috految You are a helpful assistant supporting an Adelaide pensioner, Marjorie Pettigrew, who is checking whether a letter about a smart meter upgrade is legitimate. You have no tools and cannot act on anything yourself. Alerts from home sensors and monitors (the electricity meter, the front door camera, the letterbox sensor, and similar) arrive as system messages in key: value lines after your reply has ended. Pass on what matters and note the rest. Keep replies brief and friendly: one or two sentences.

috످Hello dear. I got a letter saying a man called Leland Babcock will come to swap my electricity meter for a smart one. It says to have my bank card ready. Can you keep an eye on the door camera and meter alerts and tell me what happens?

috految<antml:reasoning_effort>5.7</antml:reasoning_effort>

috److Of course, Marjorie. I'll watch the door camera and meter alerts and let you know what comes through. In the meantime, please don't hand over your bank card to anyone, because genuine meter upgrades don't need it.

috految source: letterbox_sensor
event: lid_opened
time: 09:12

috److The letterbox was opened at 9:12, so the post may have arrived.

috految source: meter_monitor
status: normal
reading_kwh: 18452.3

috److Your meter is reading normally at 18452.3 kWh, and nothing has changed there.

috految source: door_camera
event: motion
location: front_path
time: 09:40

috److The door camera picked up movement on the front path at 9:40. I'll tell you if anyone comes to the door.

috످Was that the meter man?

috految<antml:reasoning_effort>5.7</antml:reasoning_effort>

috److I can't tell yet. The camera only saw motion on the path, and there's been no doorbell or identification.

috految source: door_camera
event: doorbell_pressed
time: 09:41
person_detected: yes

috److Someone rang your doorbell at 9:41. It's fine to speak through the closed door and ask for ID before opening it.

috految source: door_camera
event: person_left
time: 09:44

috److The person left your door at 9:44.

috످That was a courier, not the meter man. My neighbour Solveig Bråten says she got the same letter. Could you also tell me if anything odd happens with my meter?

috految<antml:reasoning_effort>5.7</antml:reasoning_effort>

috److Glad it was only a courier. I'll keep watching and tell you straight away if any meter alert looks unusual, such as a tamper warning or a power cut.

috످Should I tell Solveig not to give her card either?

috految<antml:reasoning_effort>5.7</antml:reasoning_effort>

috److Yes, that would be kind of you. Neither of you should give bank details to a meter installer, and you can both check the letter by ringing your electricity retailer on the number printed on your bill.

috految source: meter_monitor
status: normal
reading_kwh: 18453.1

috److Your meter is still reading normally, Marjorie.

috످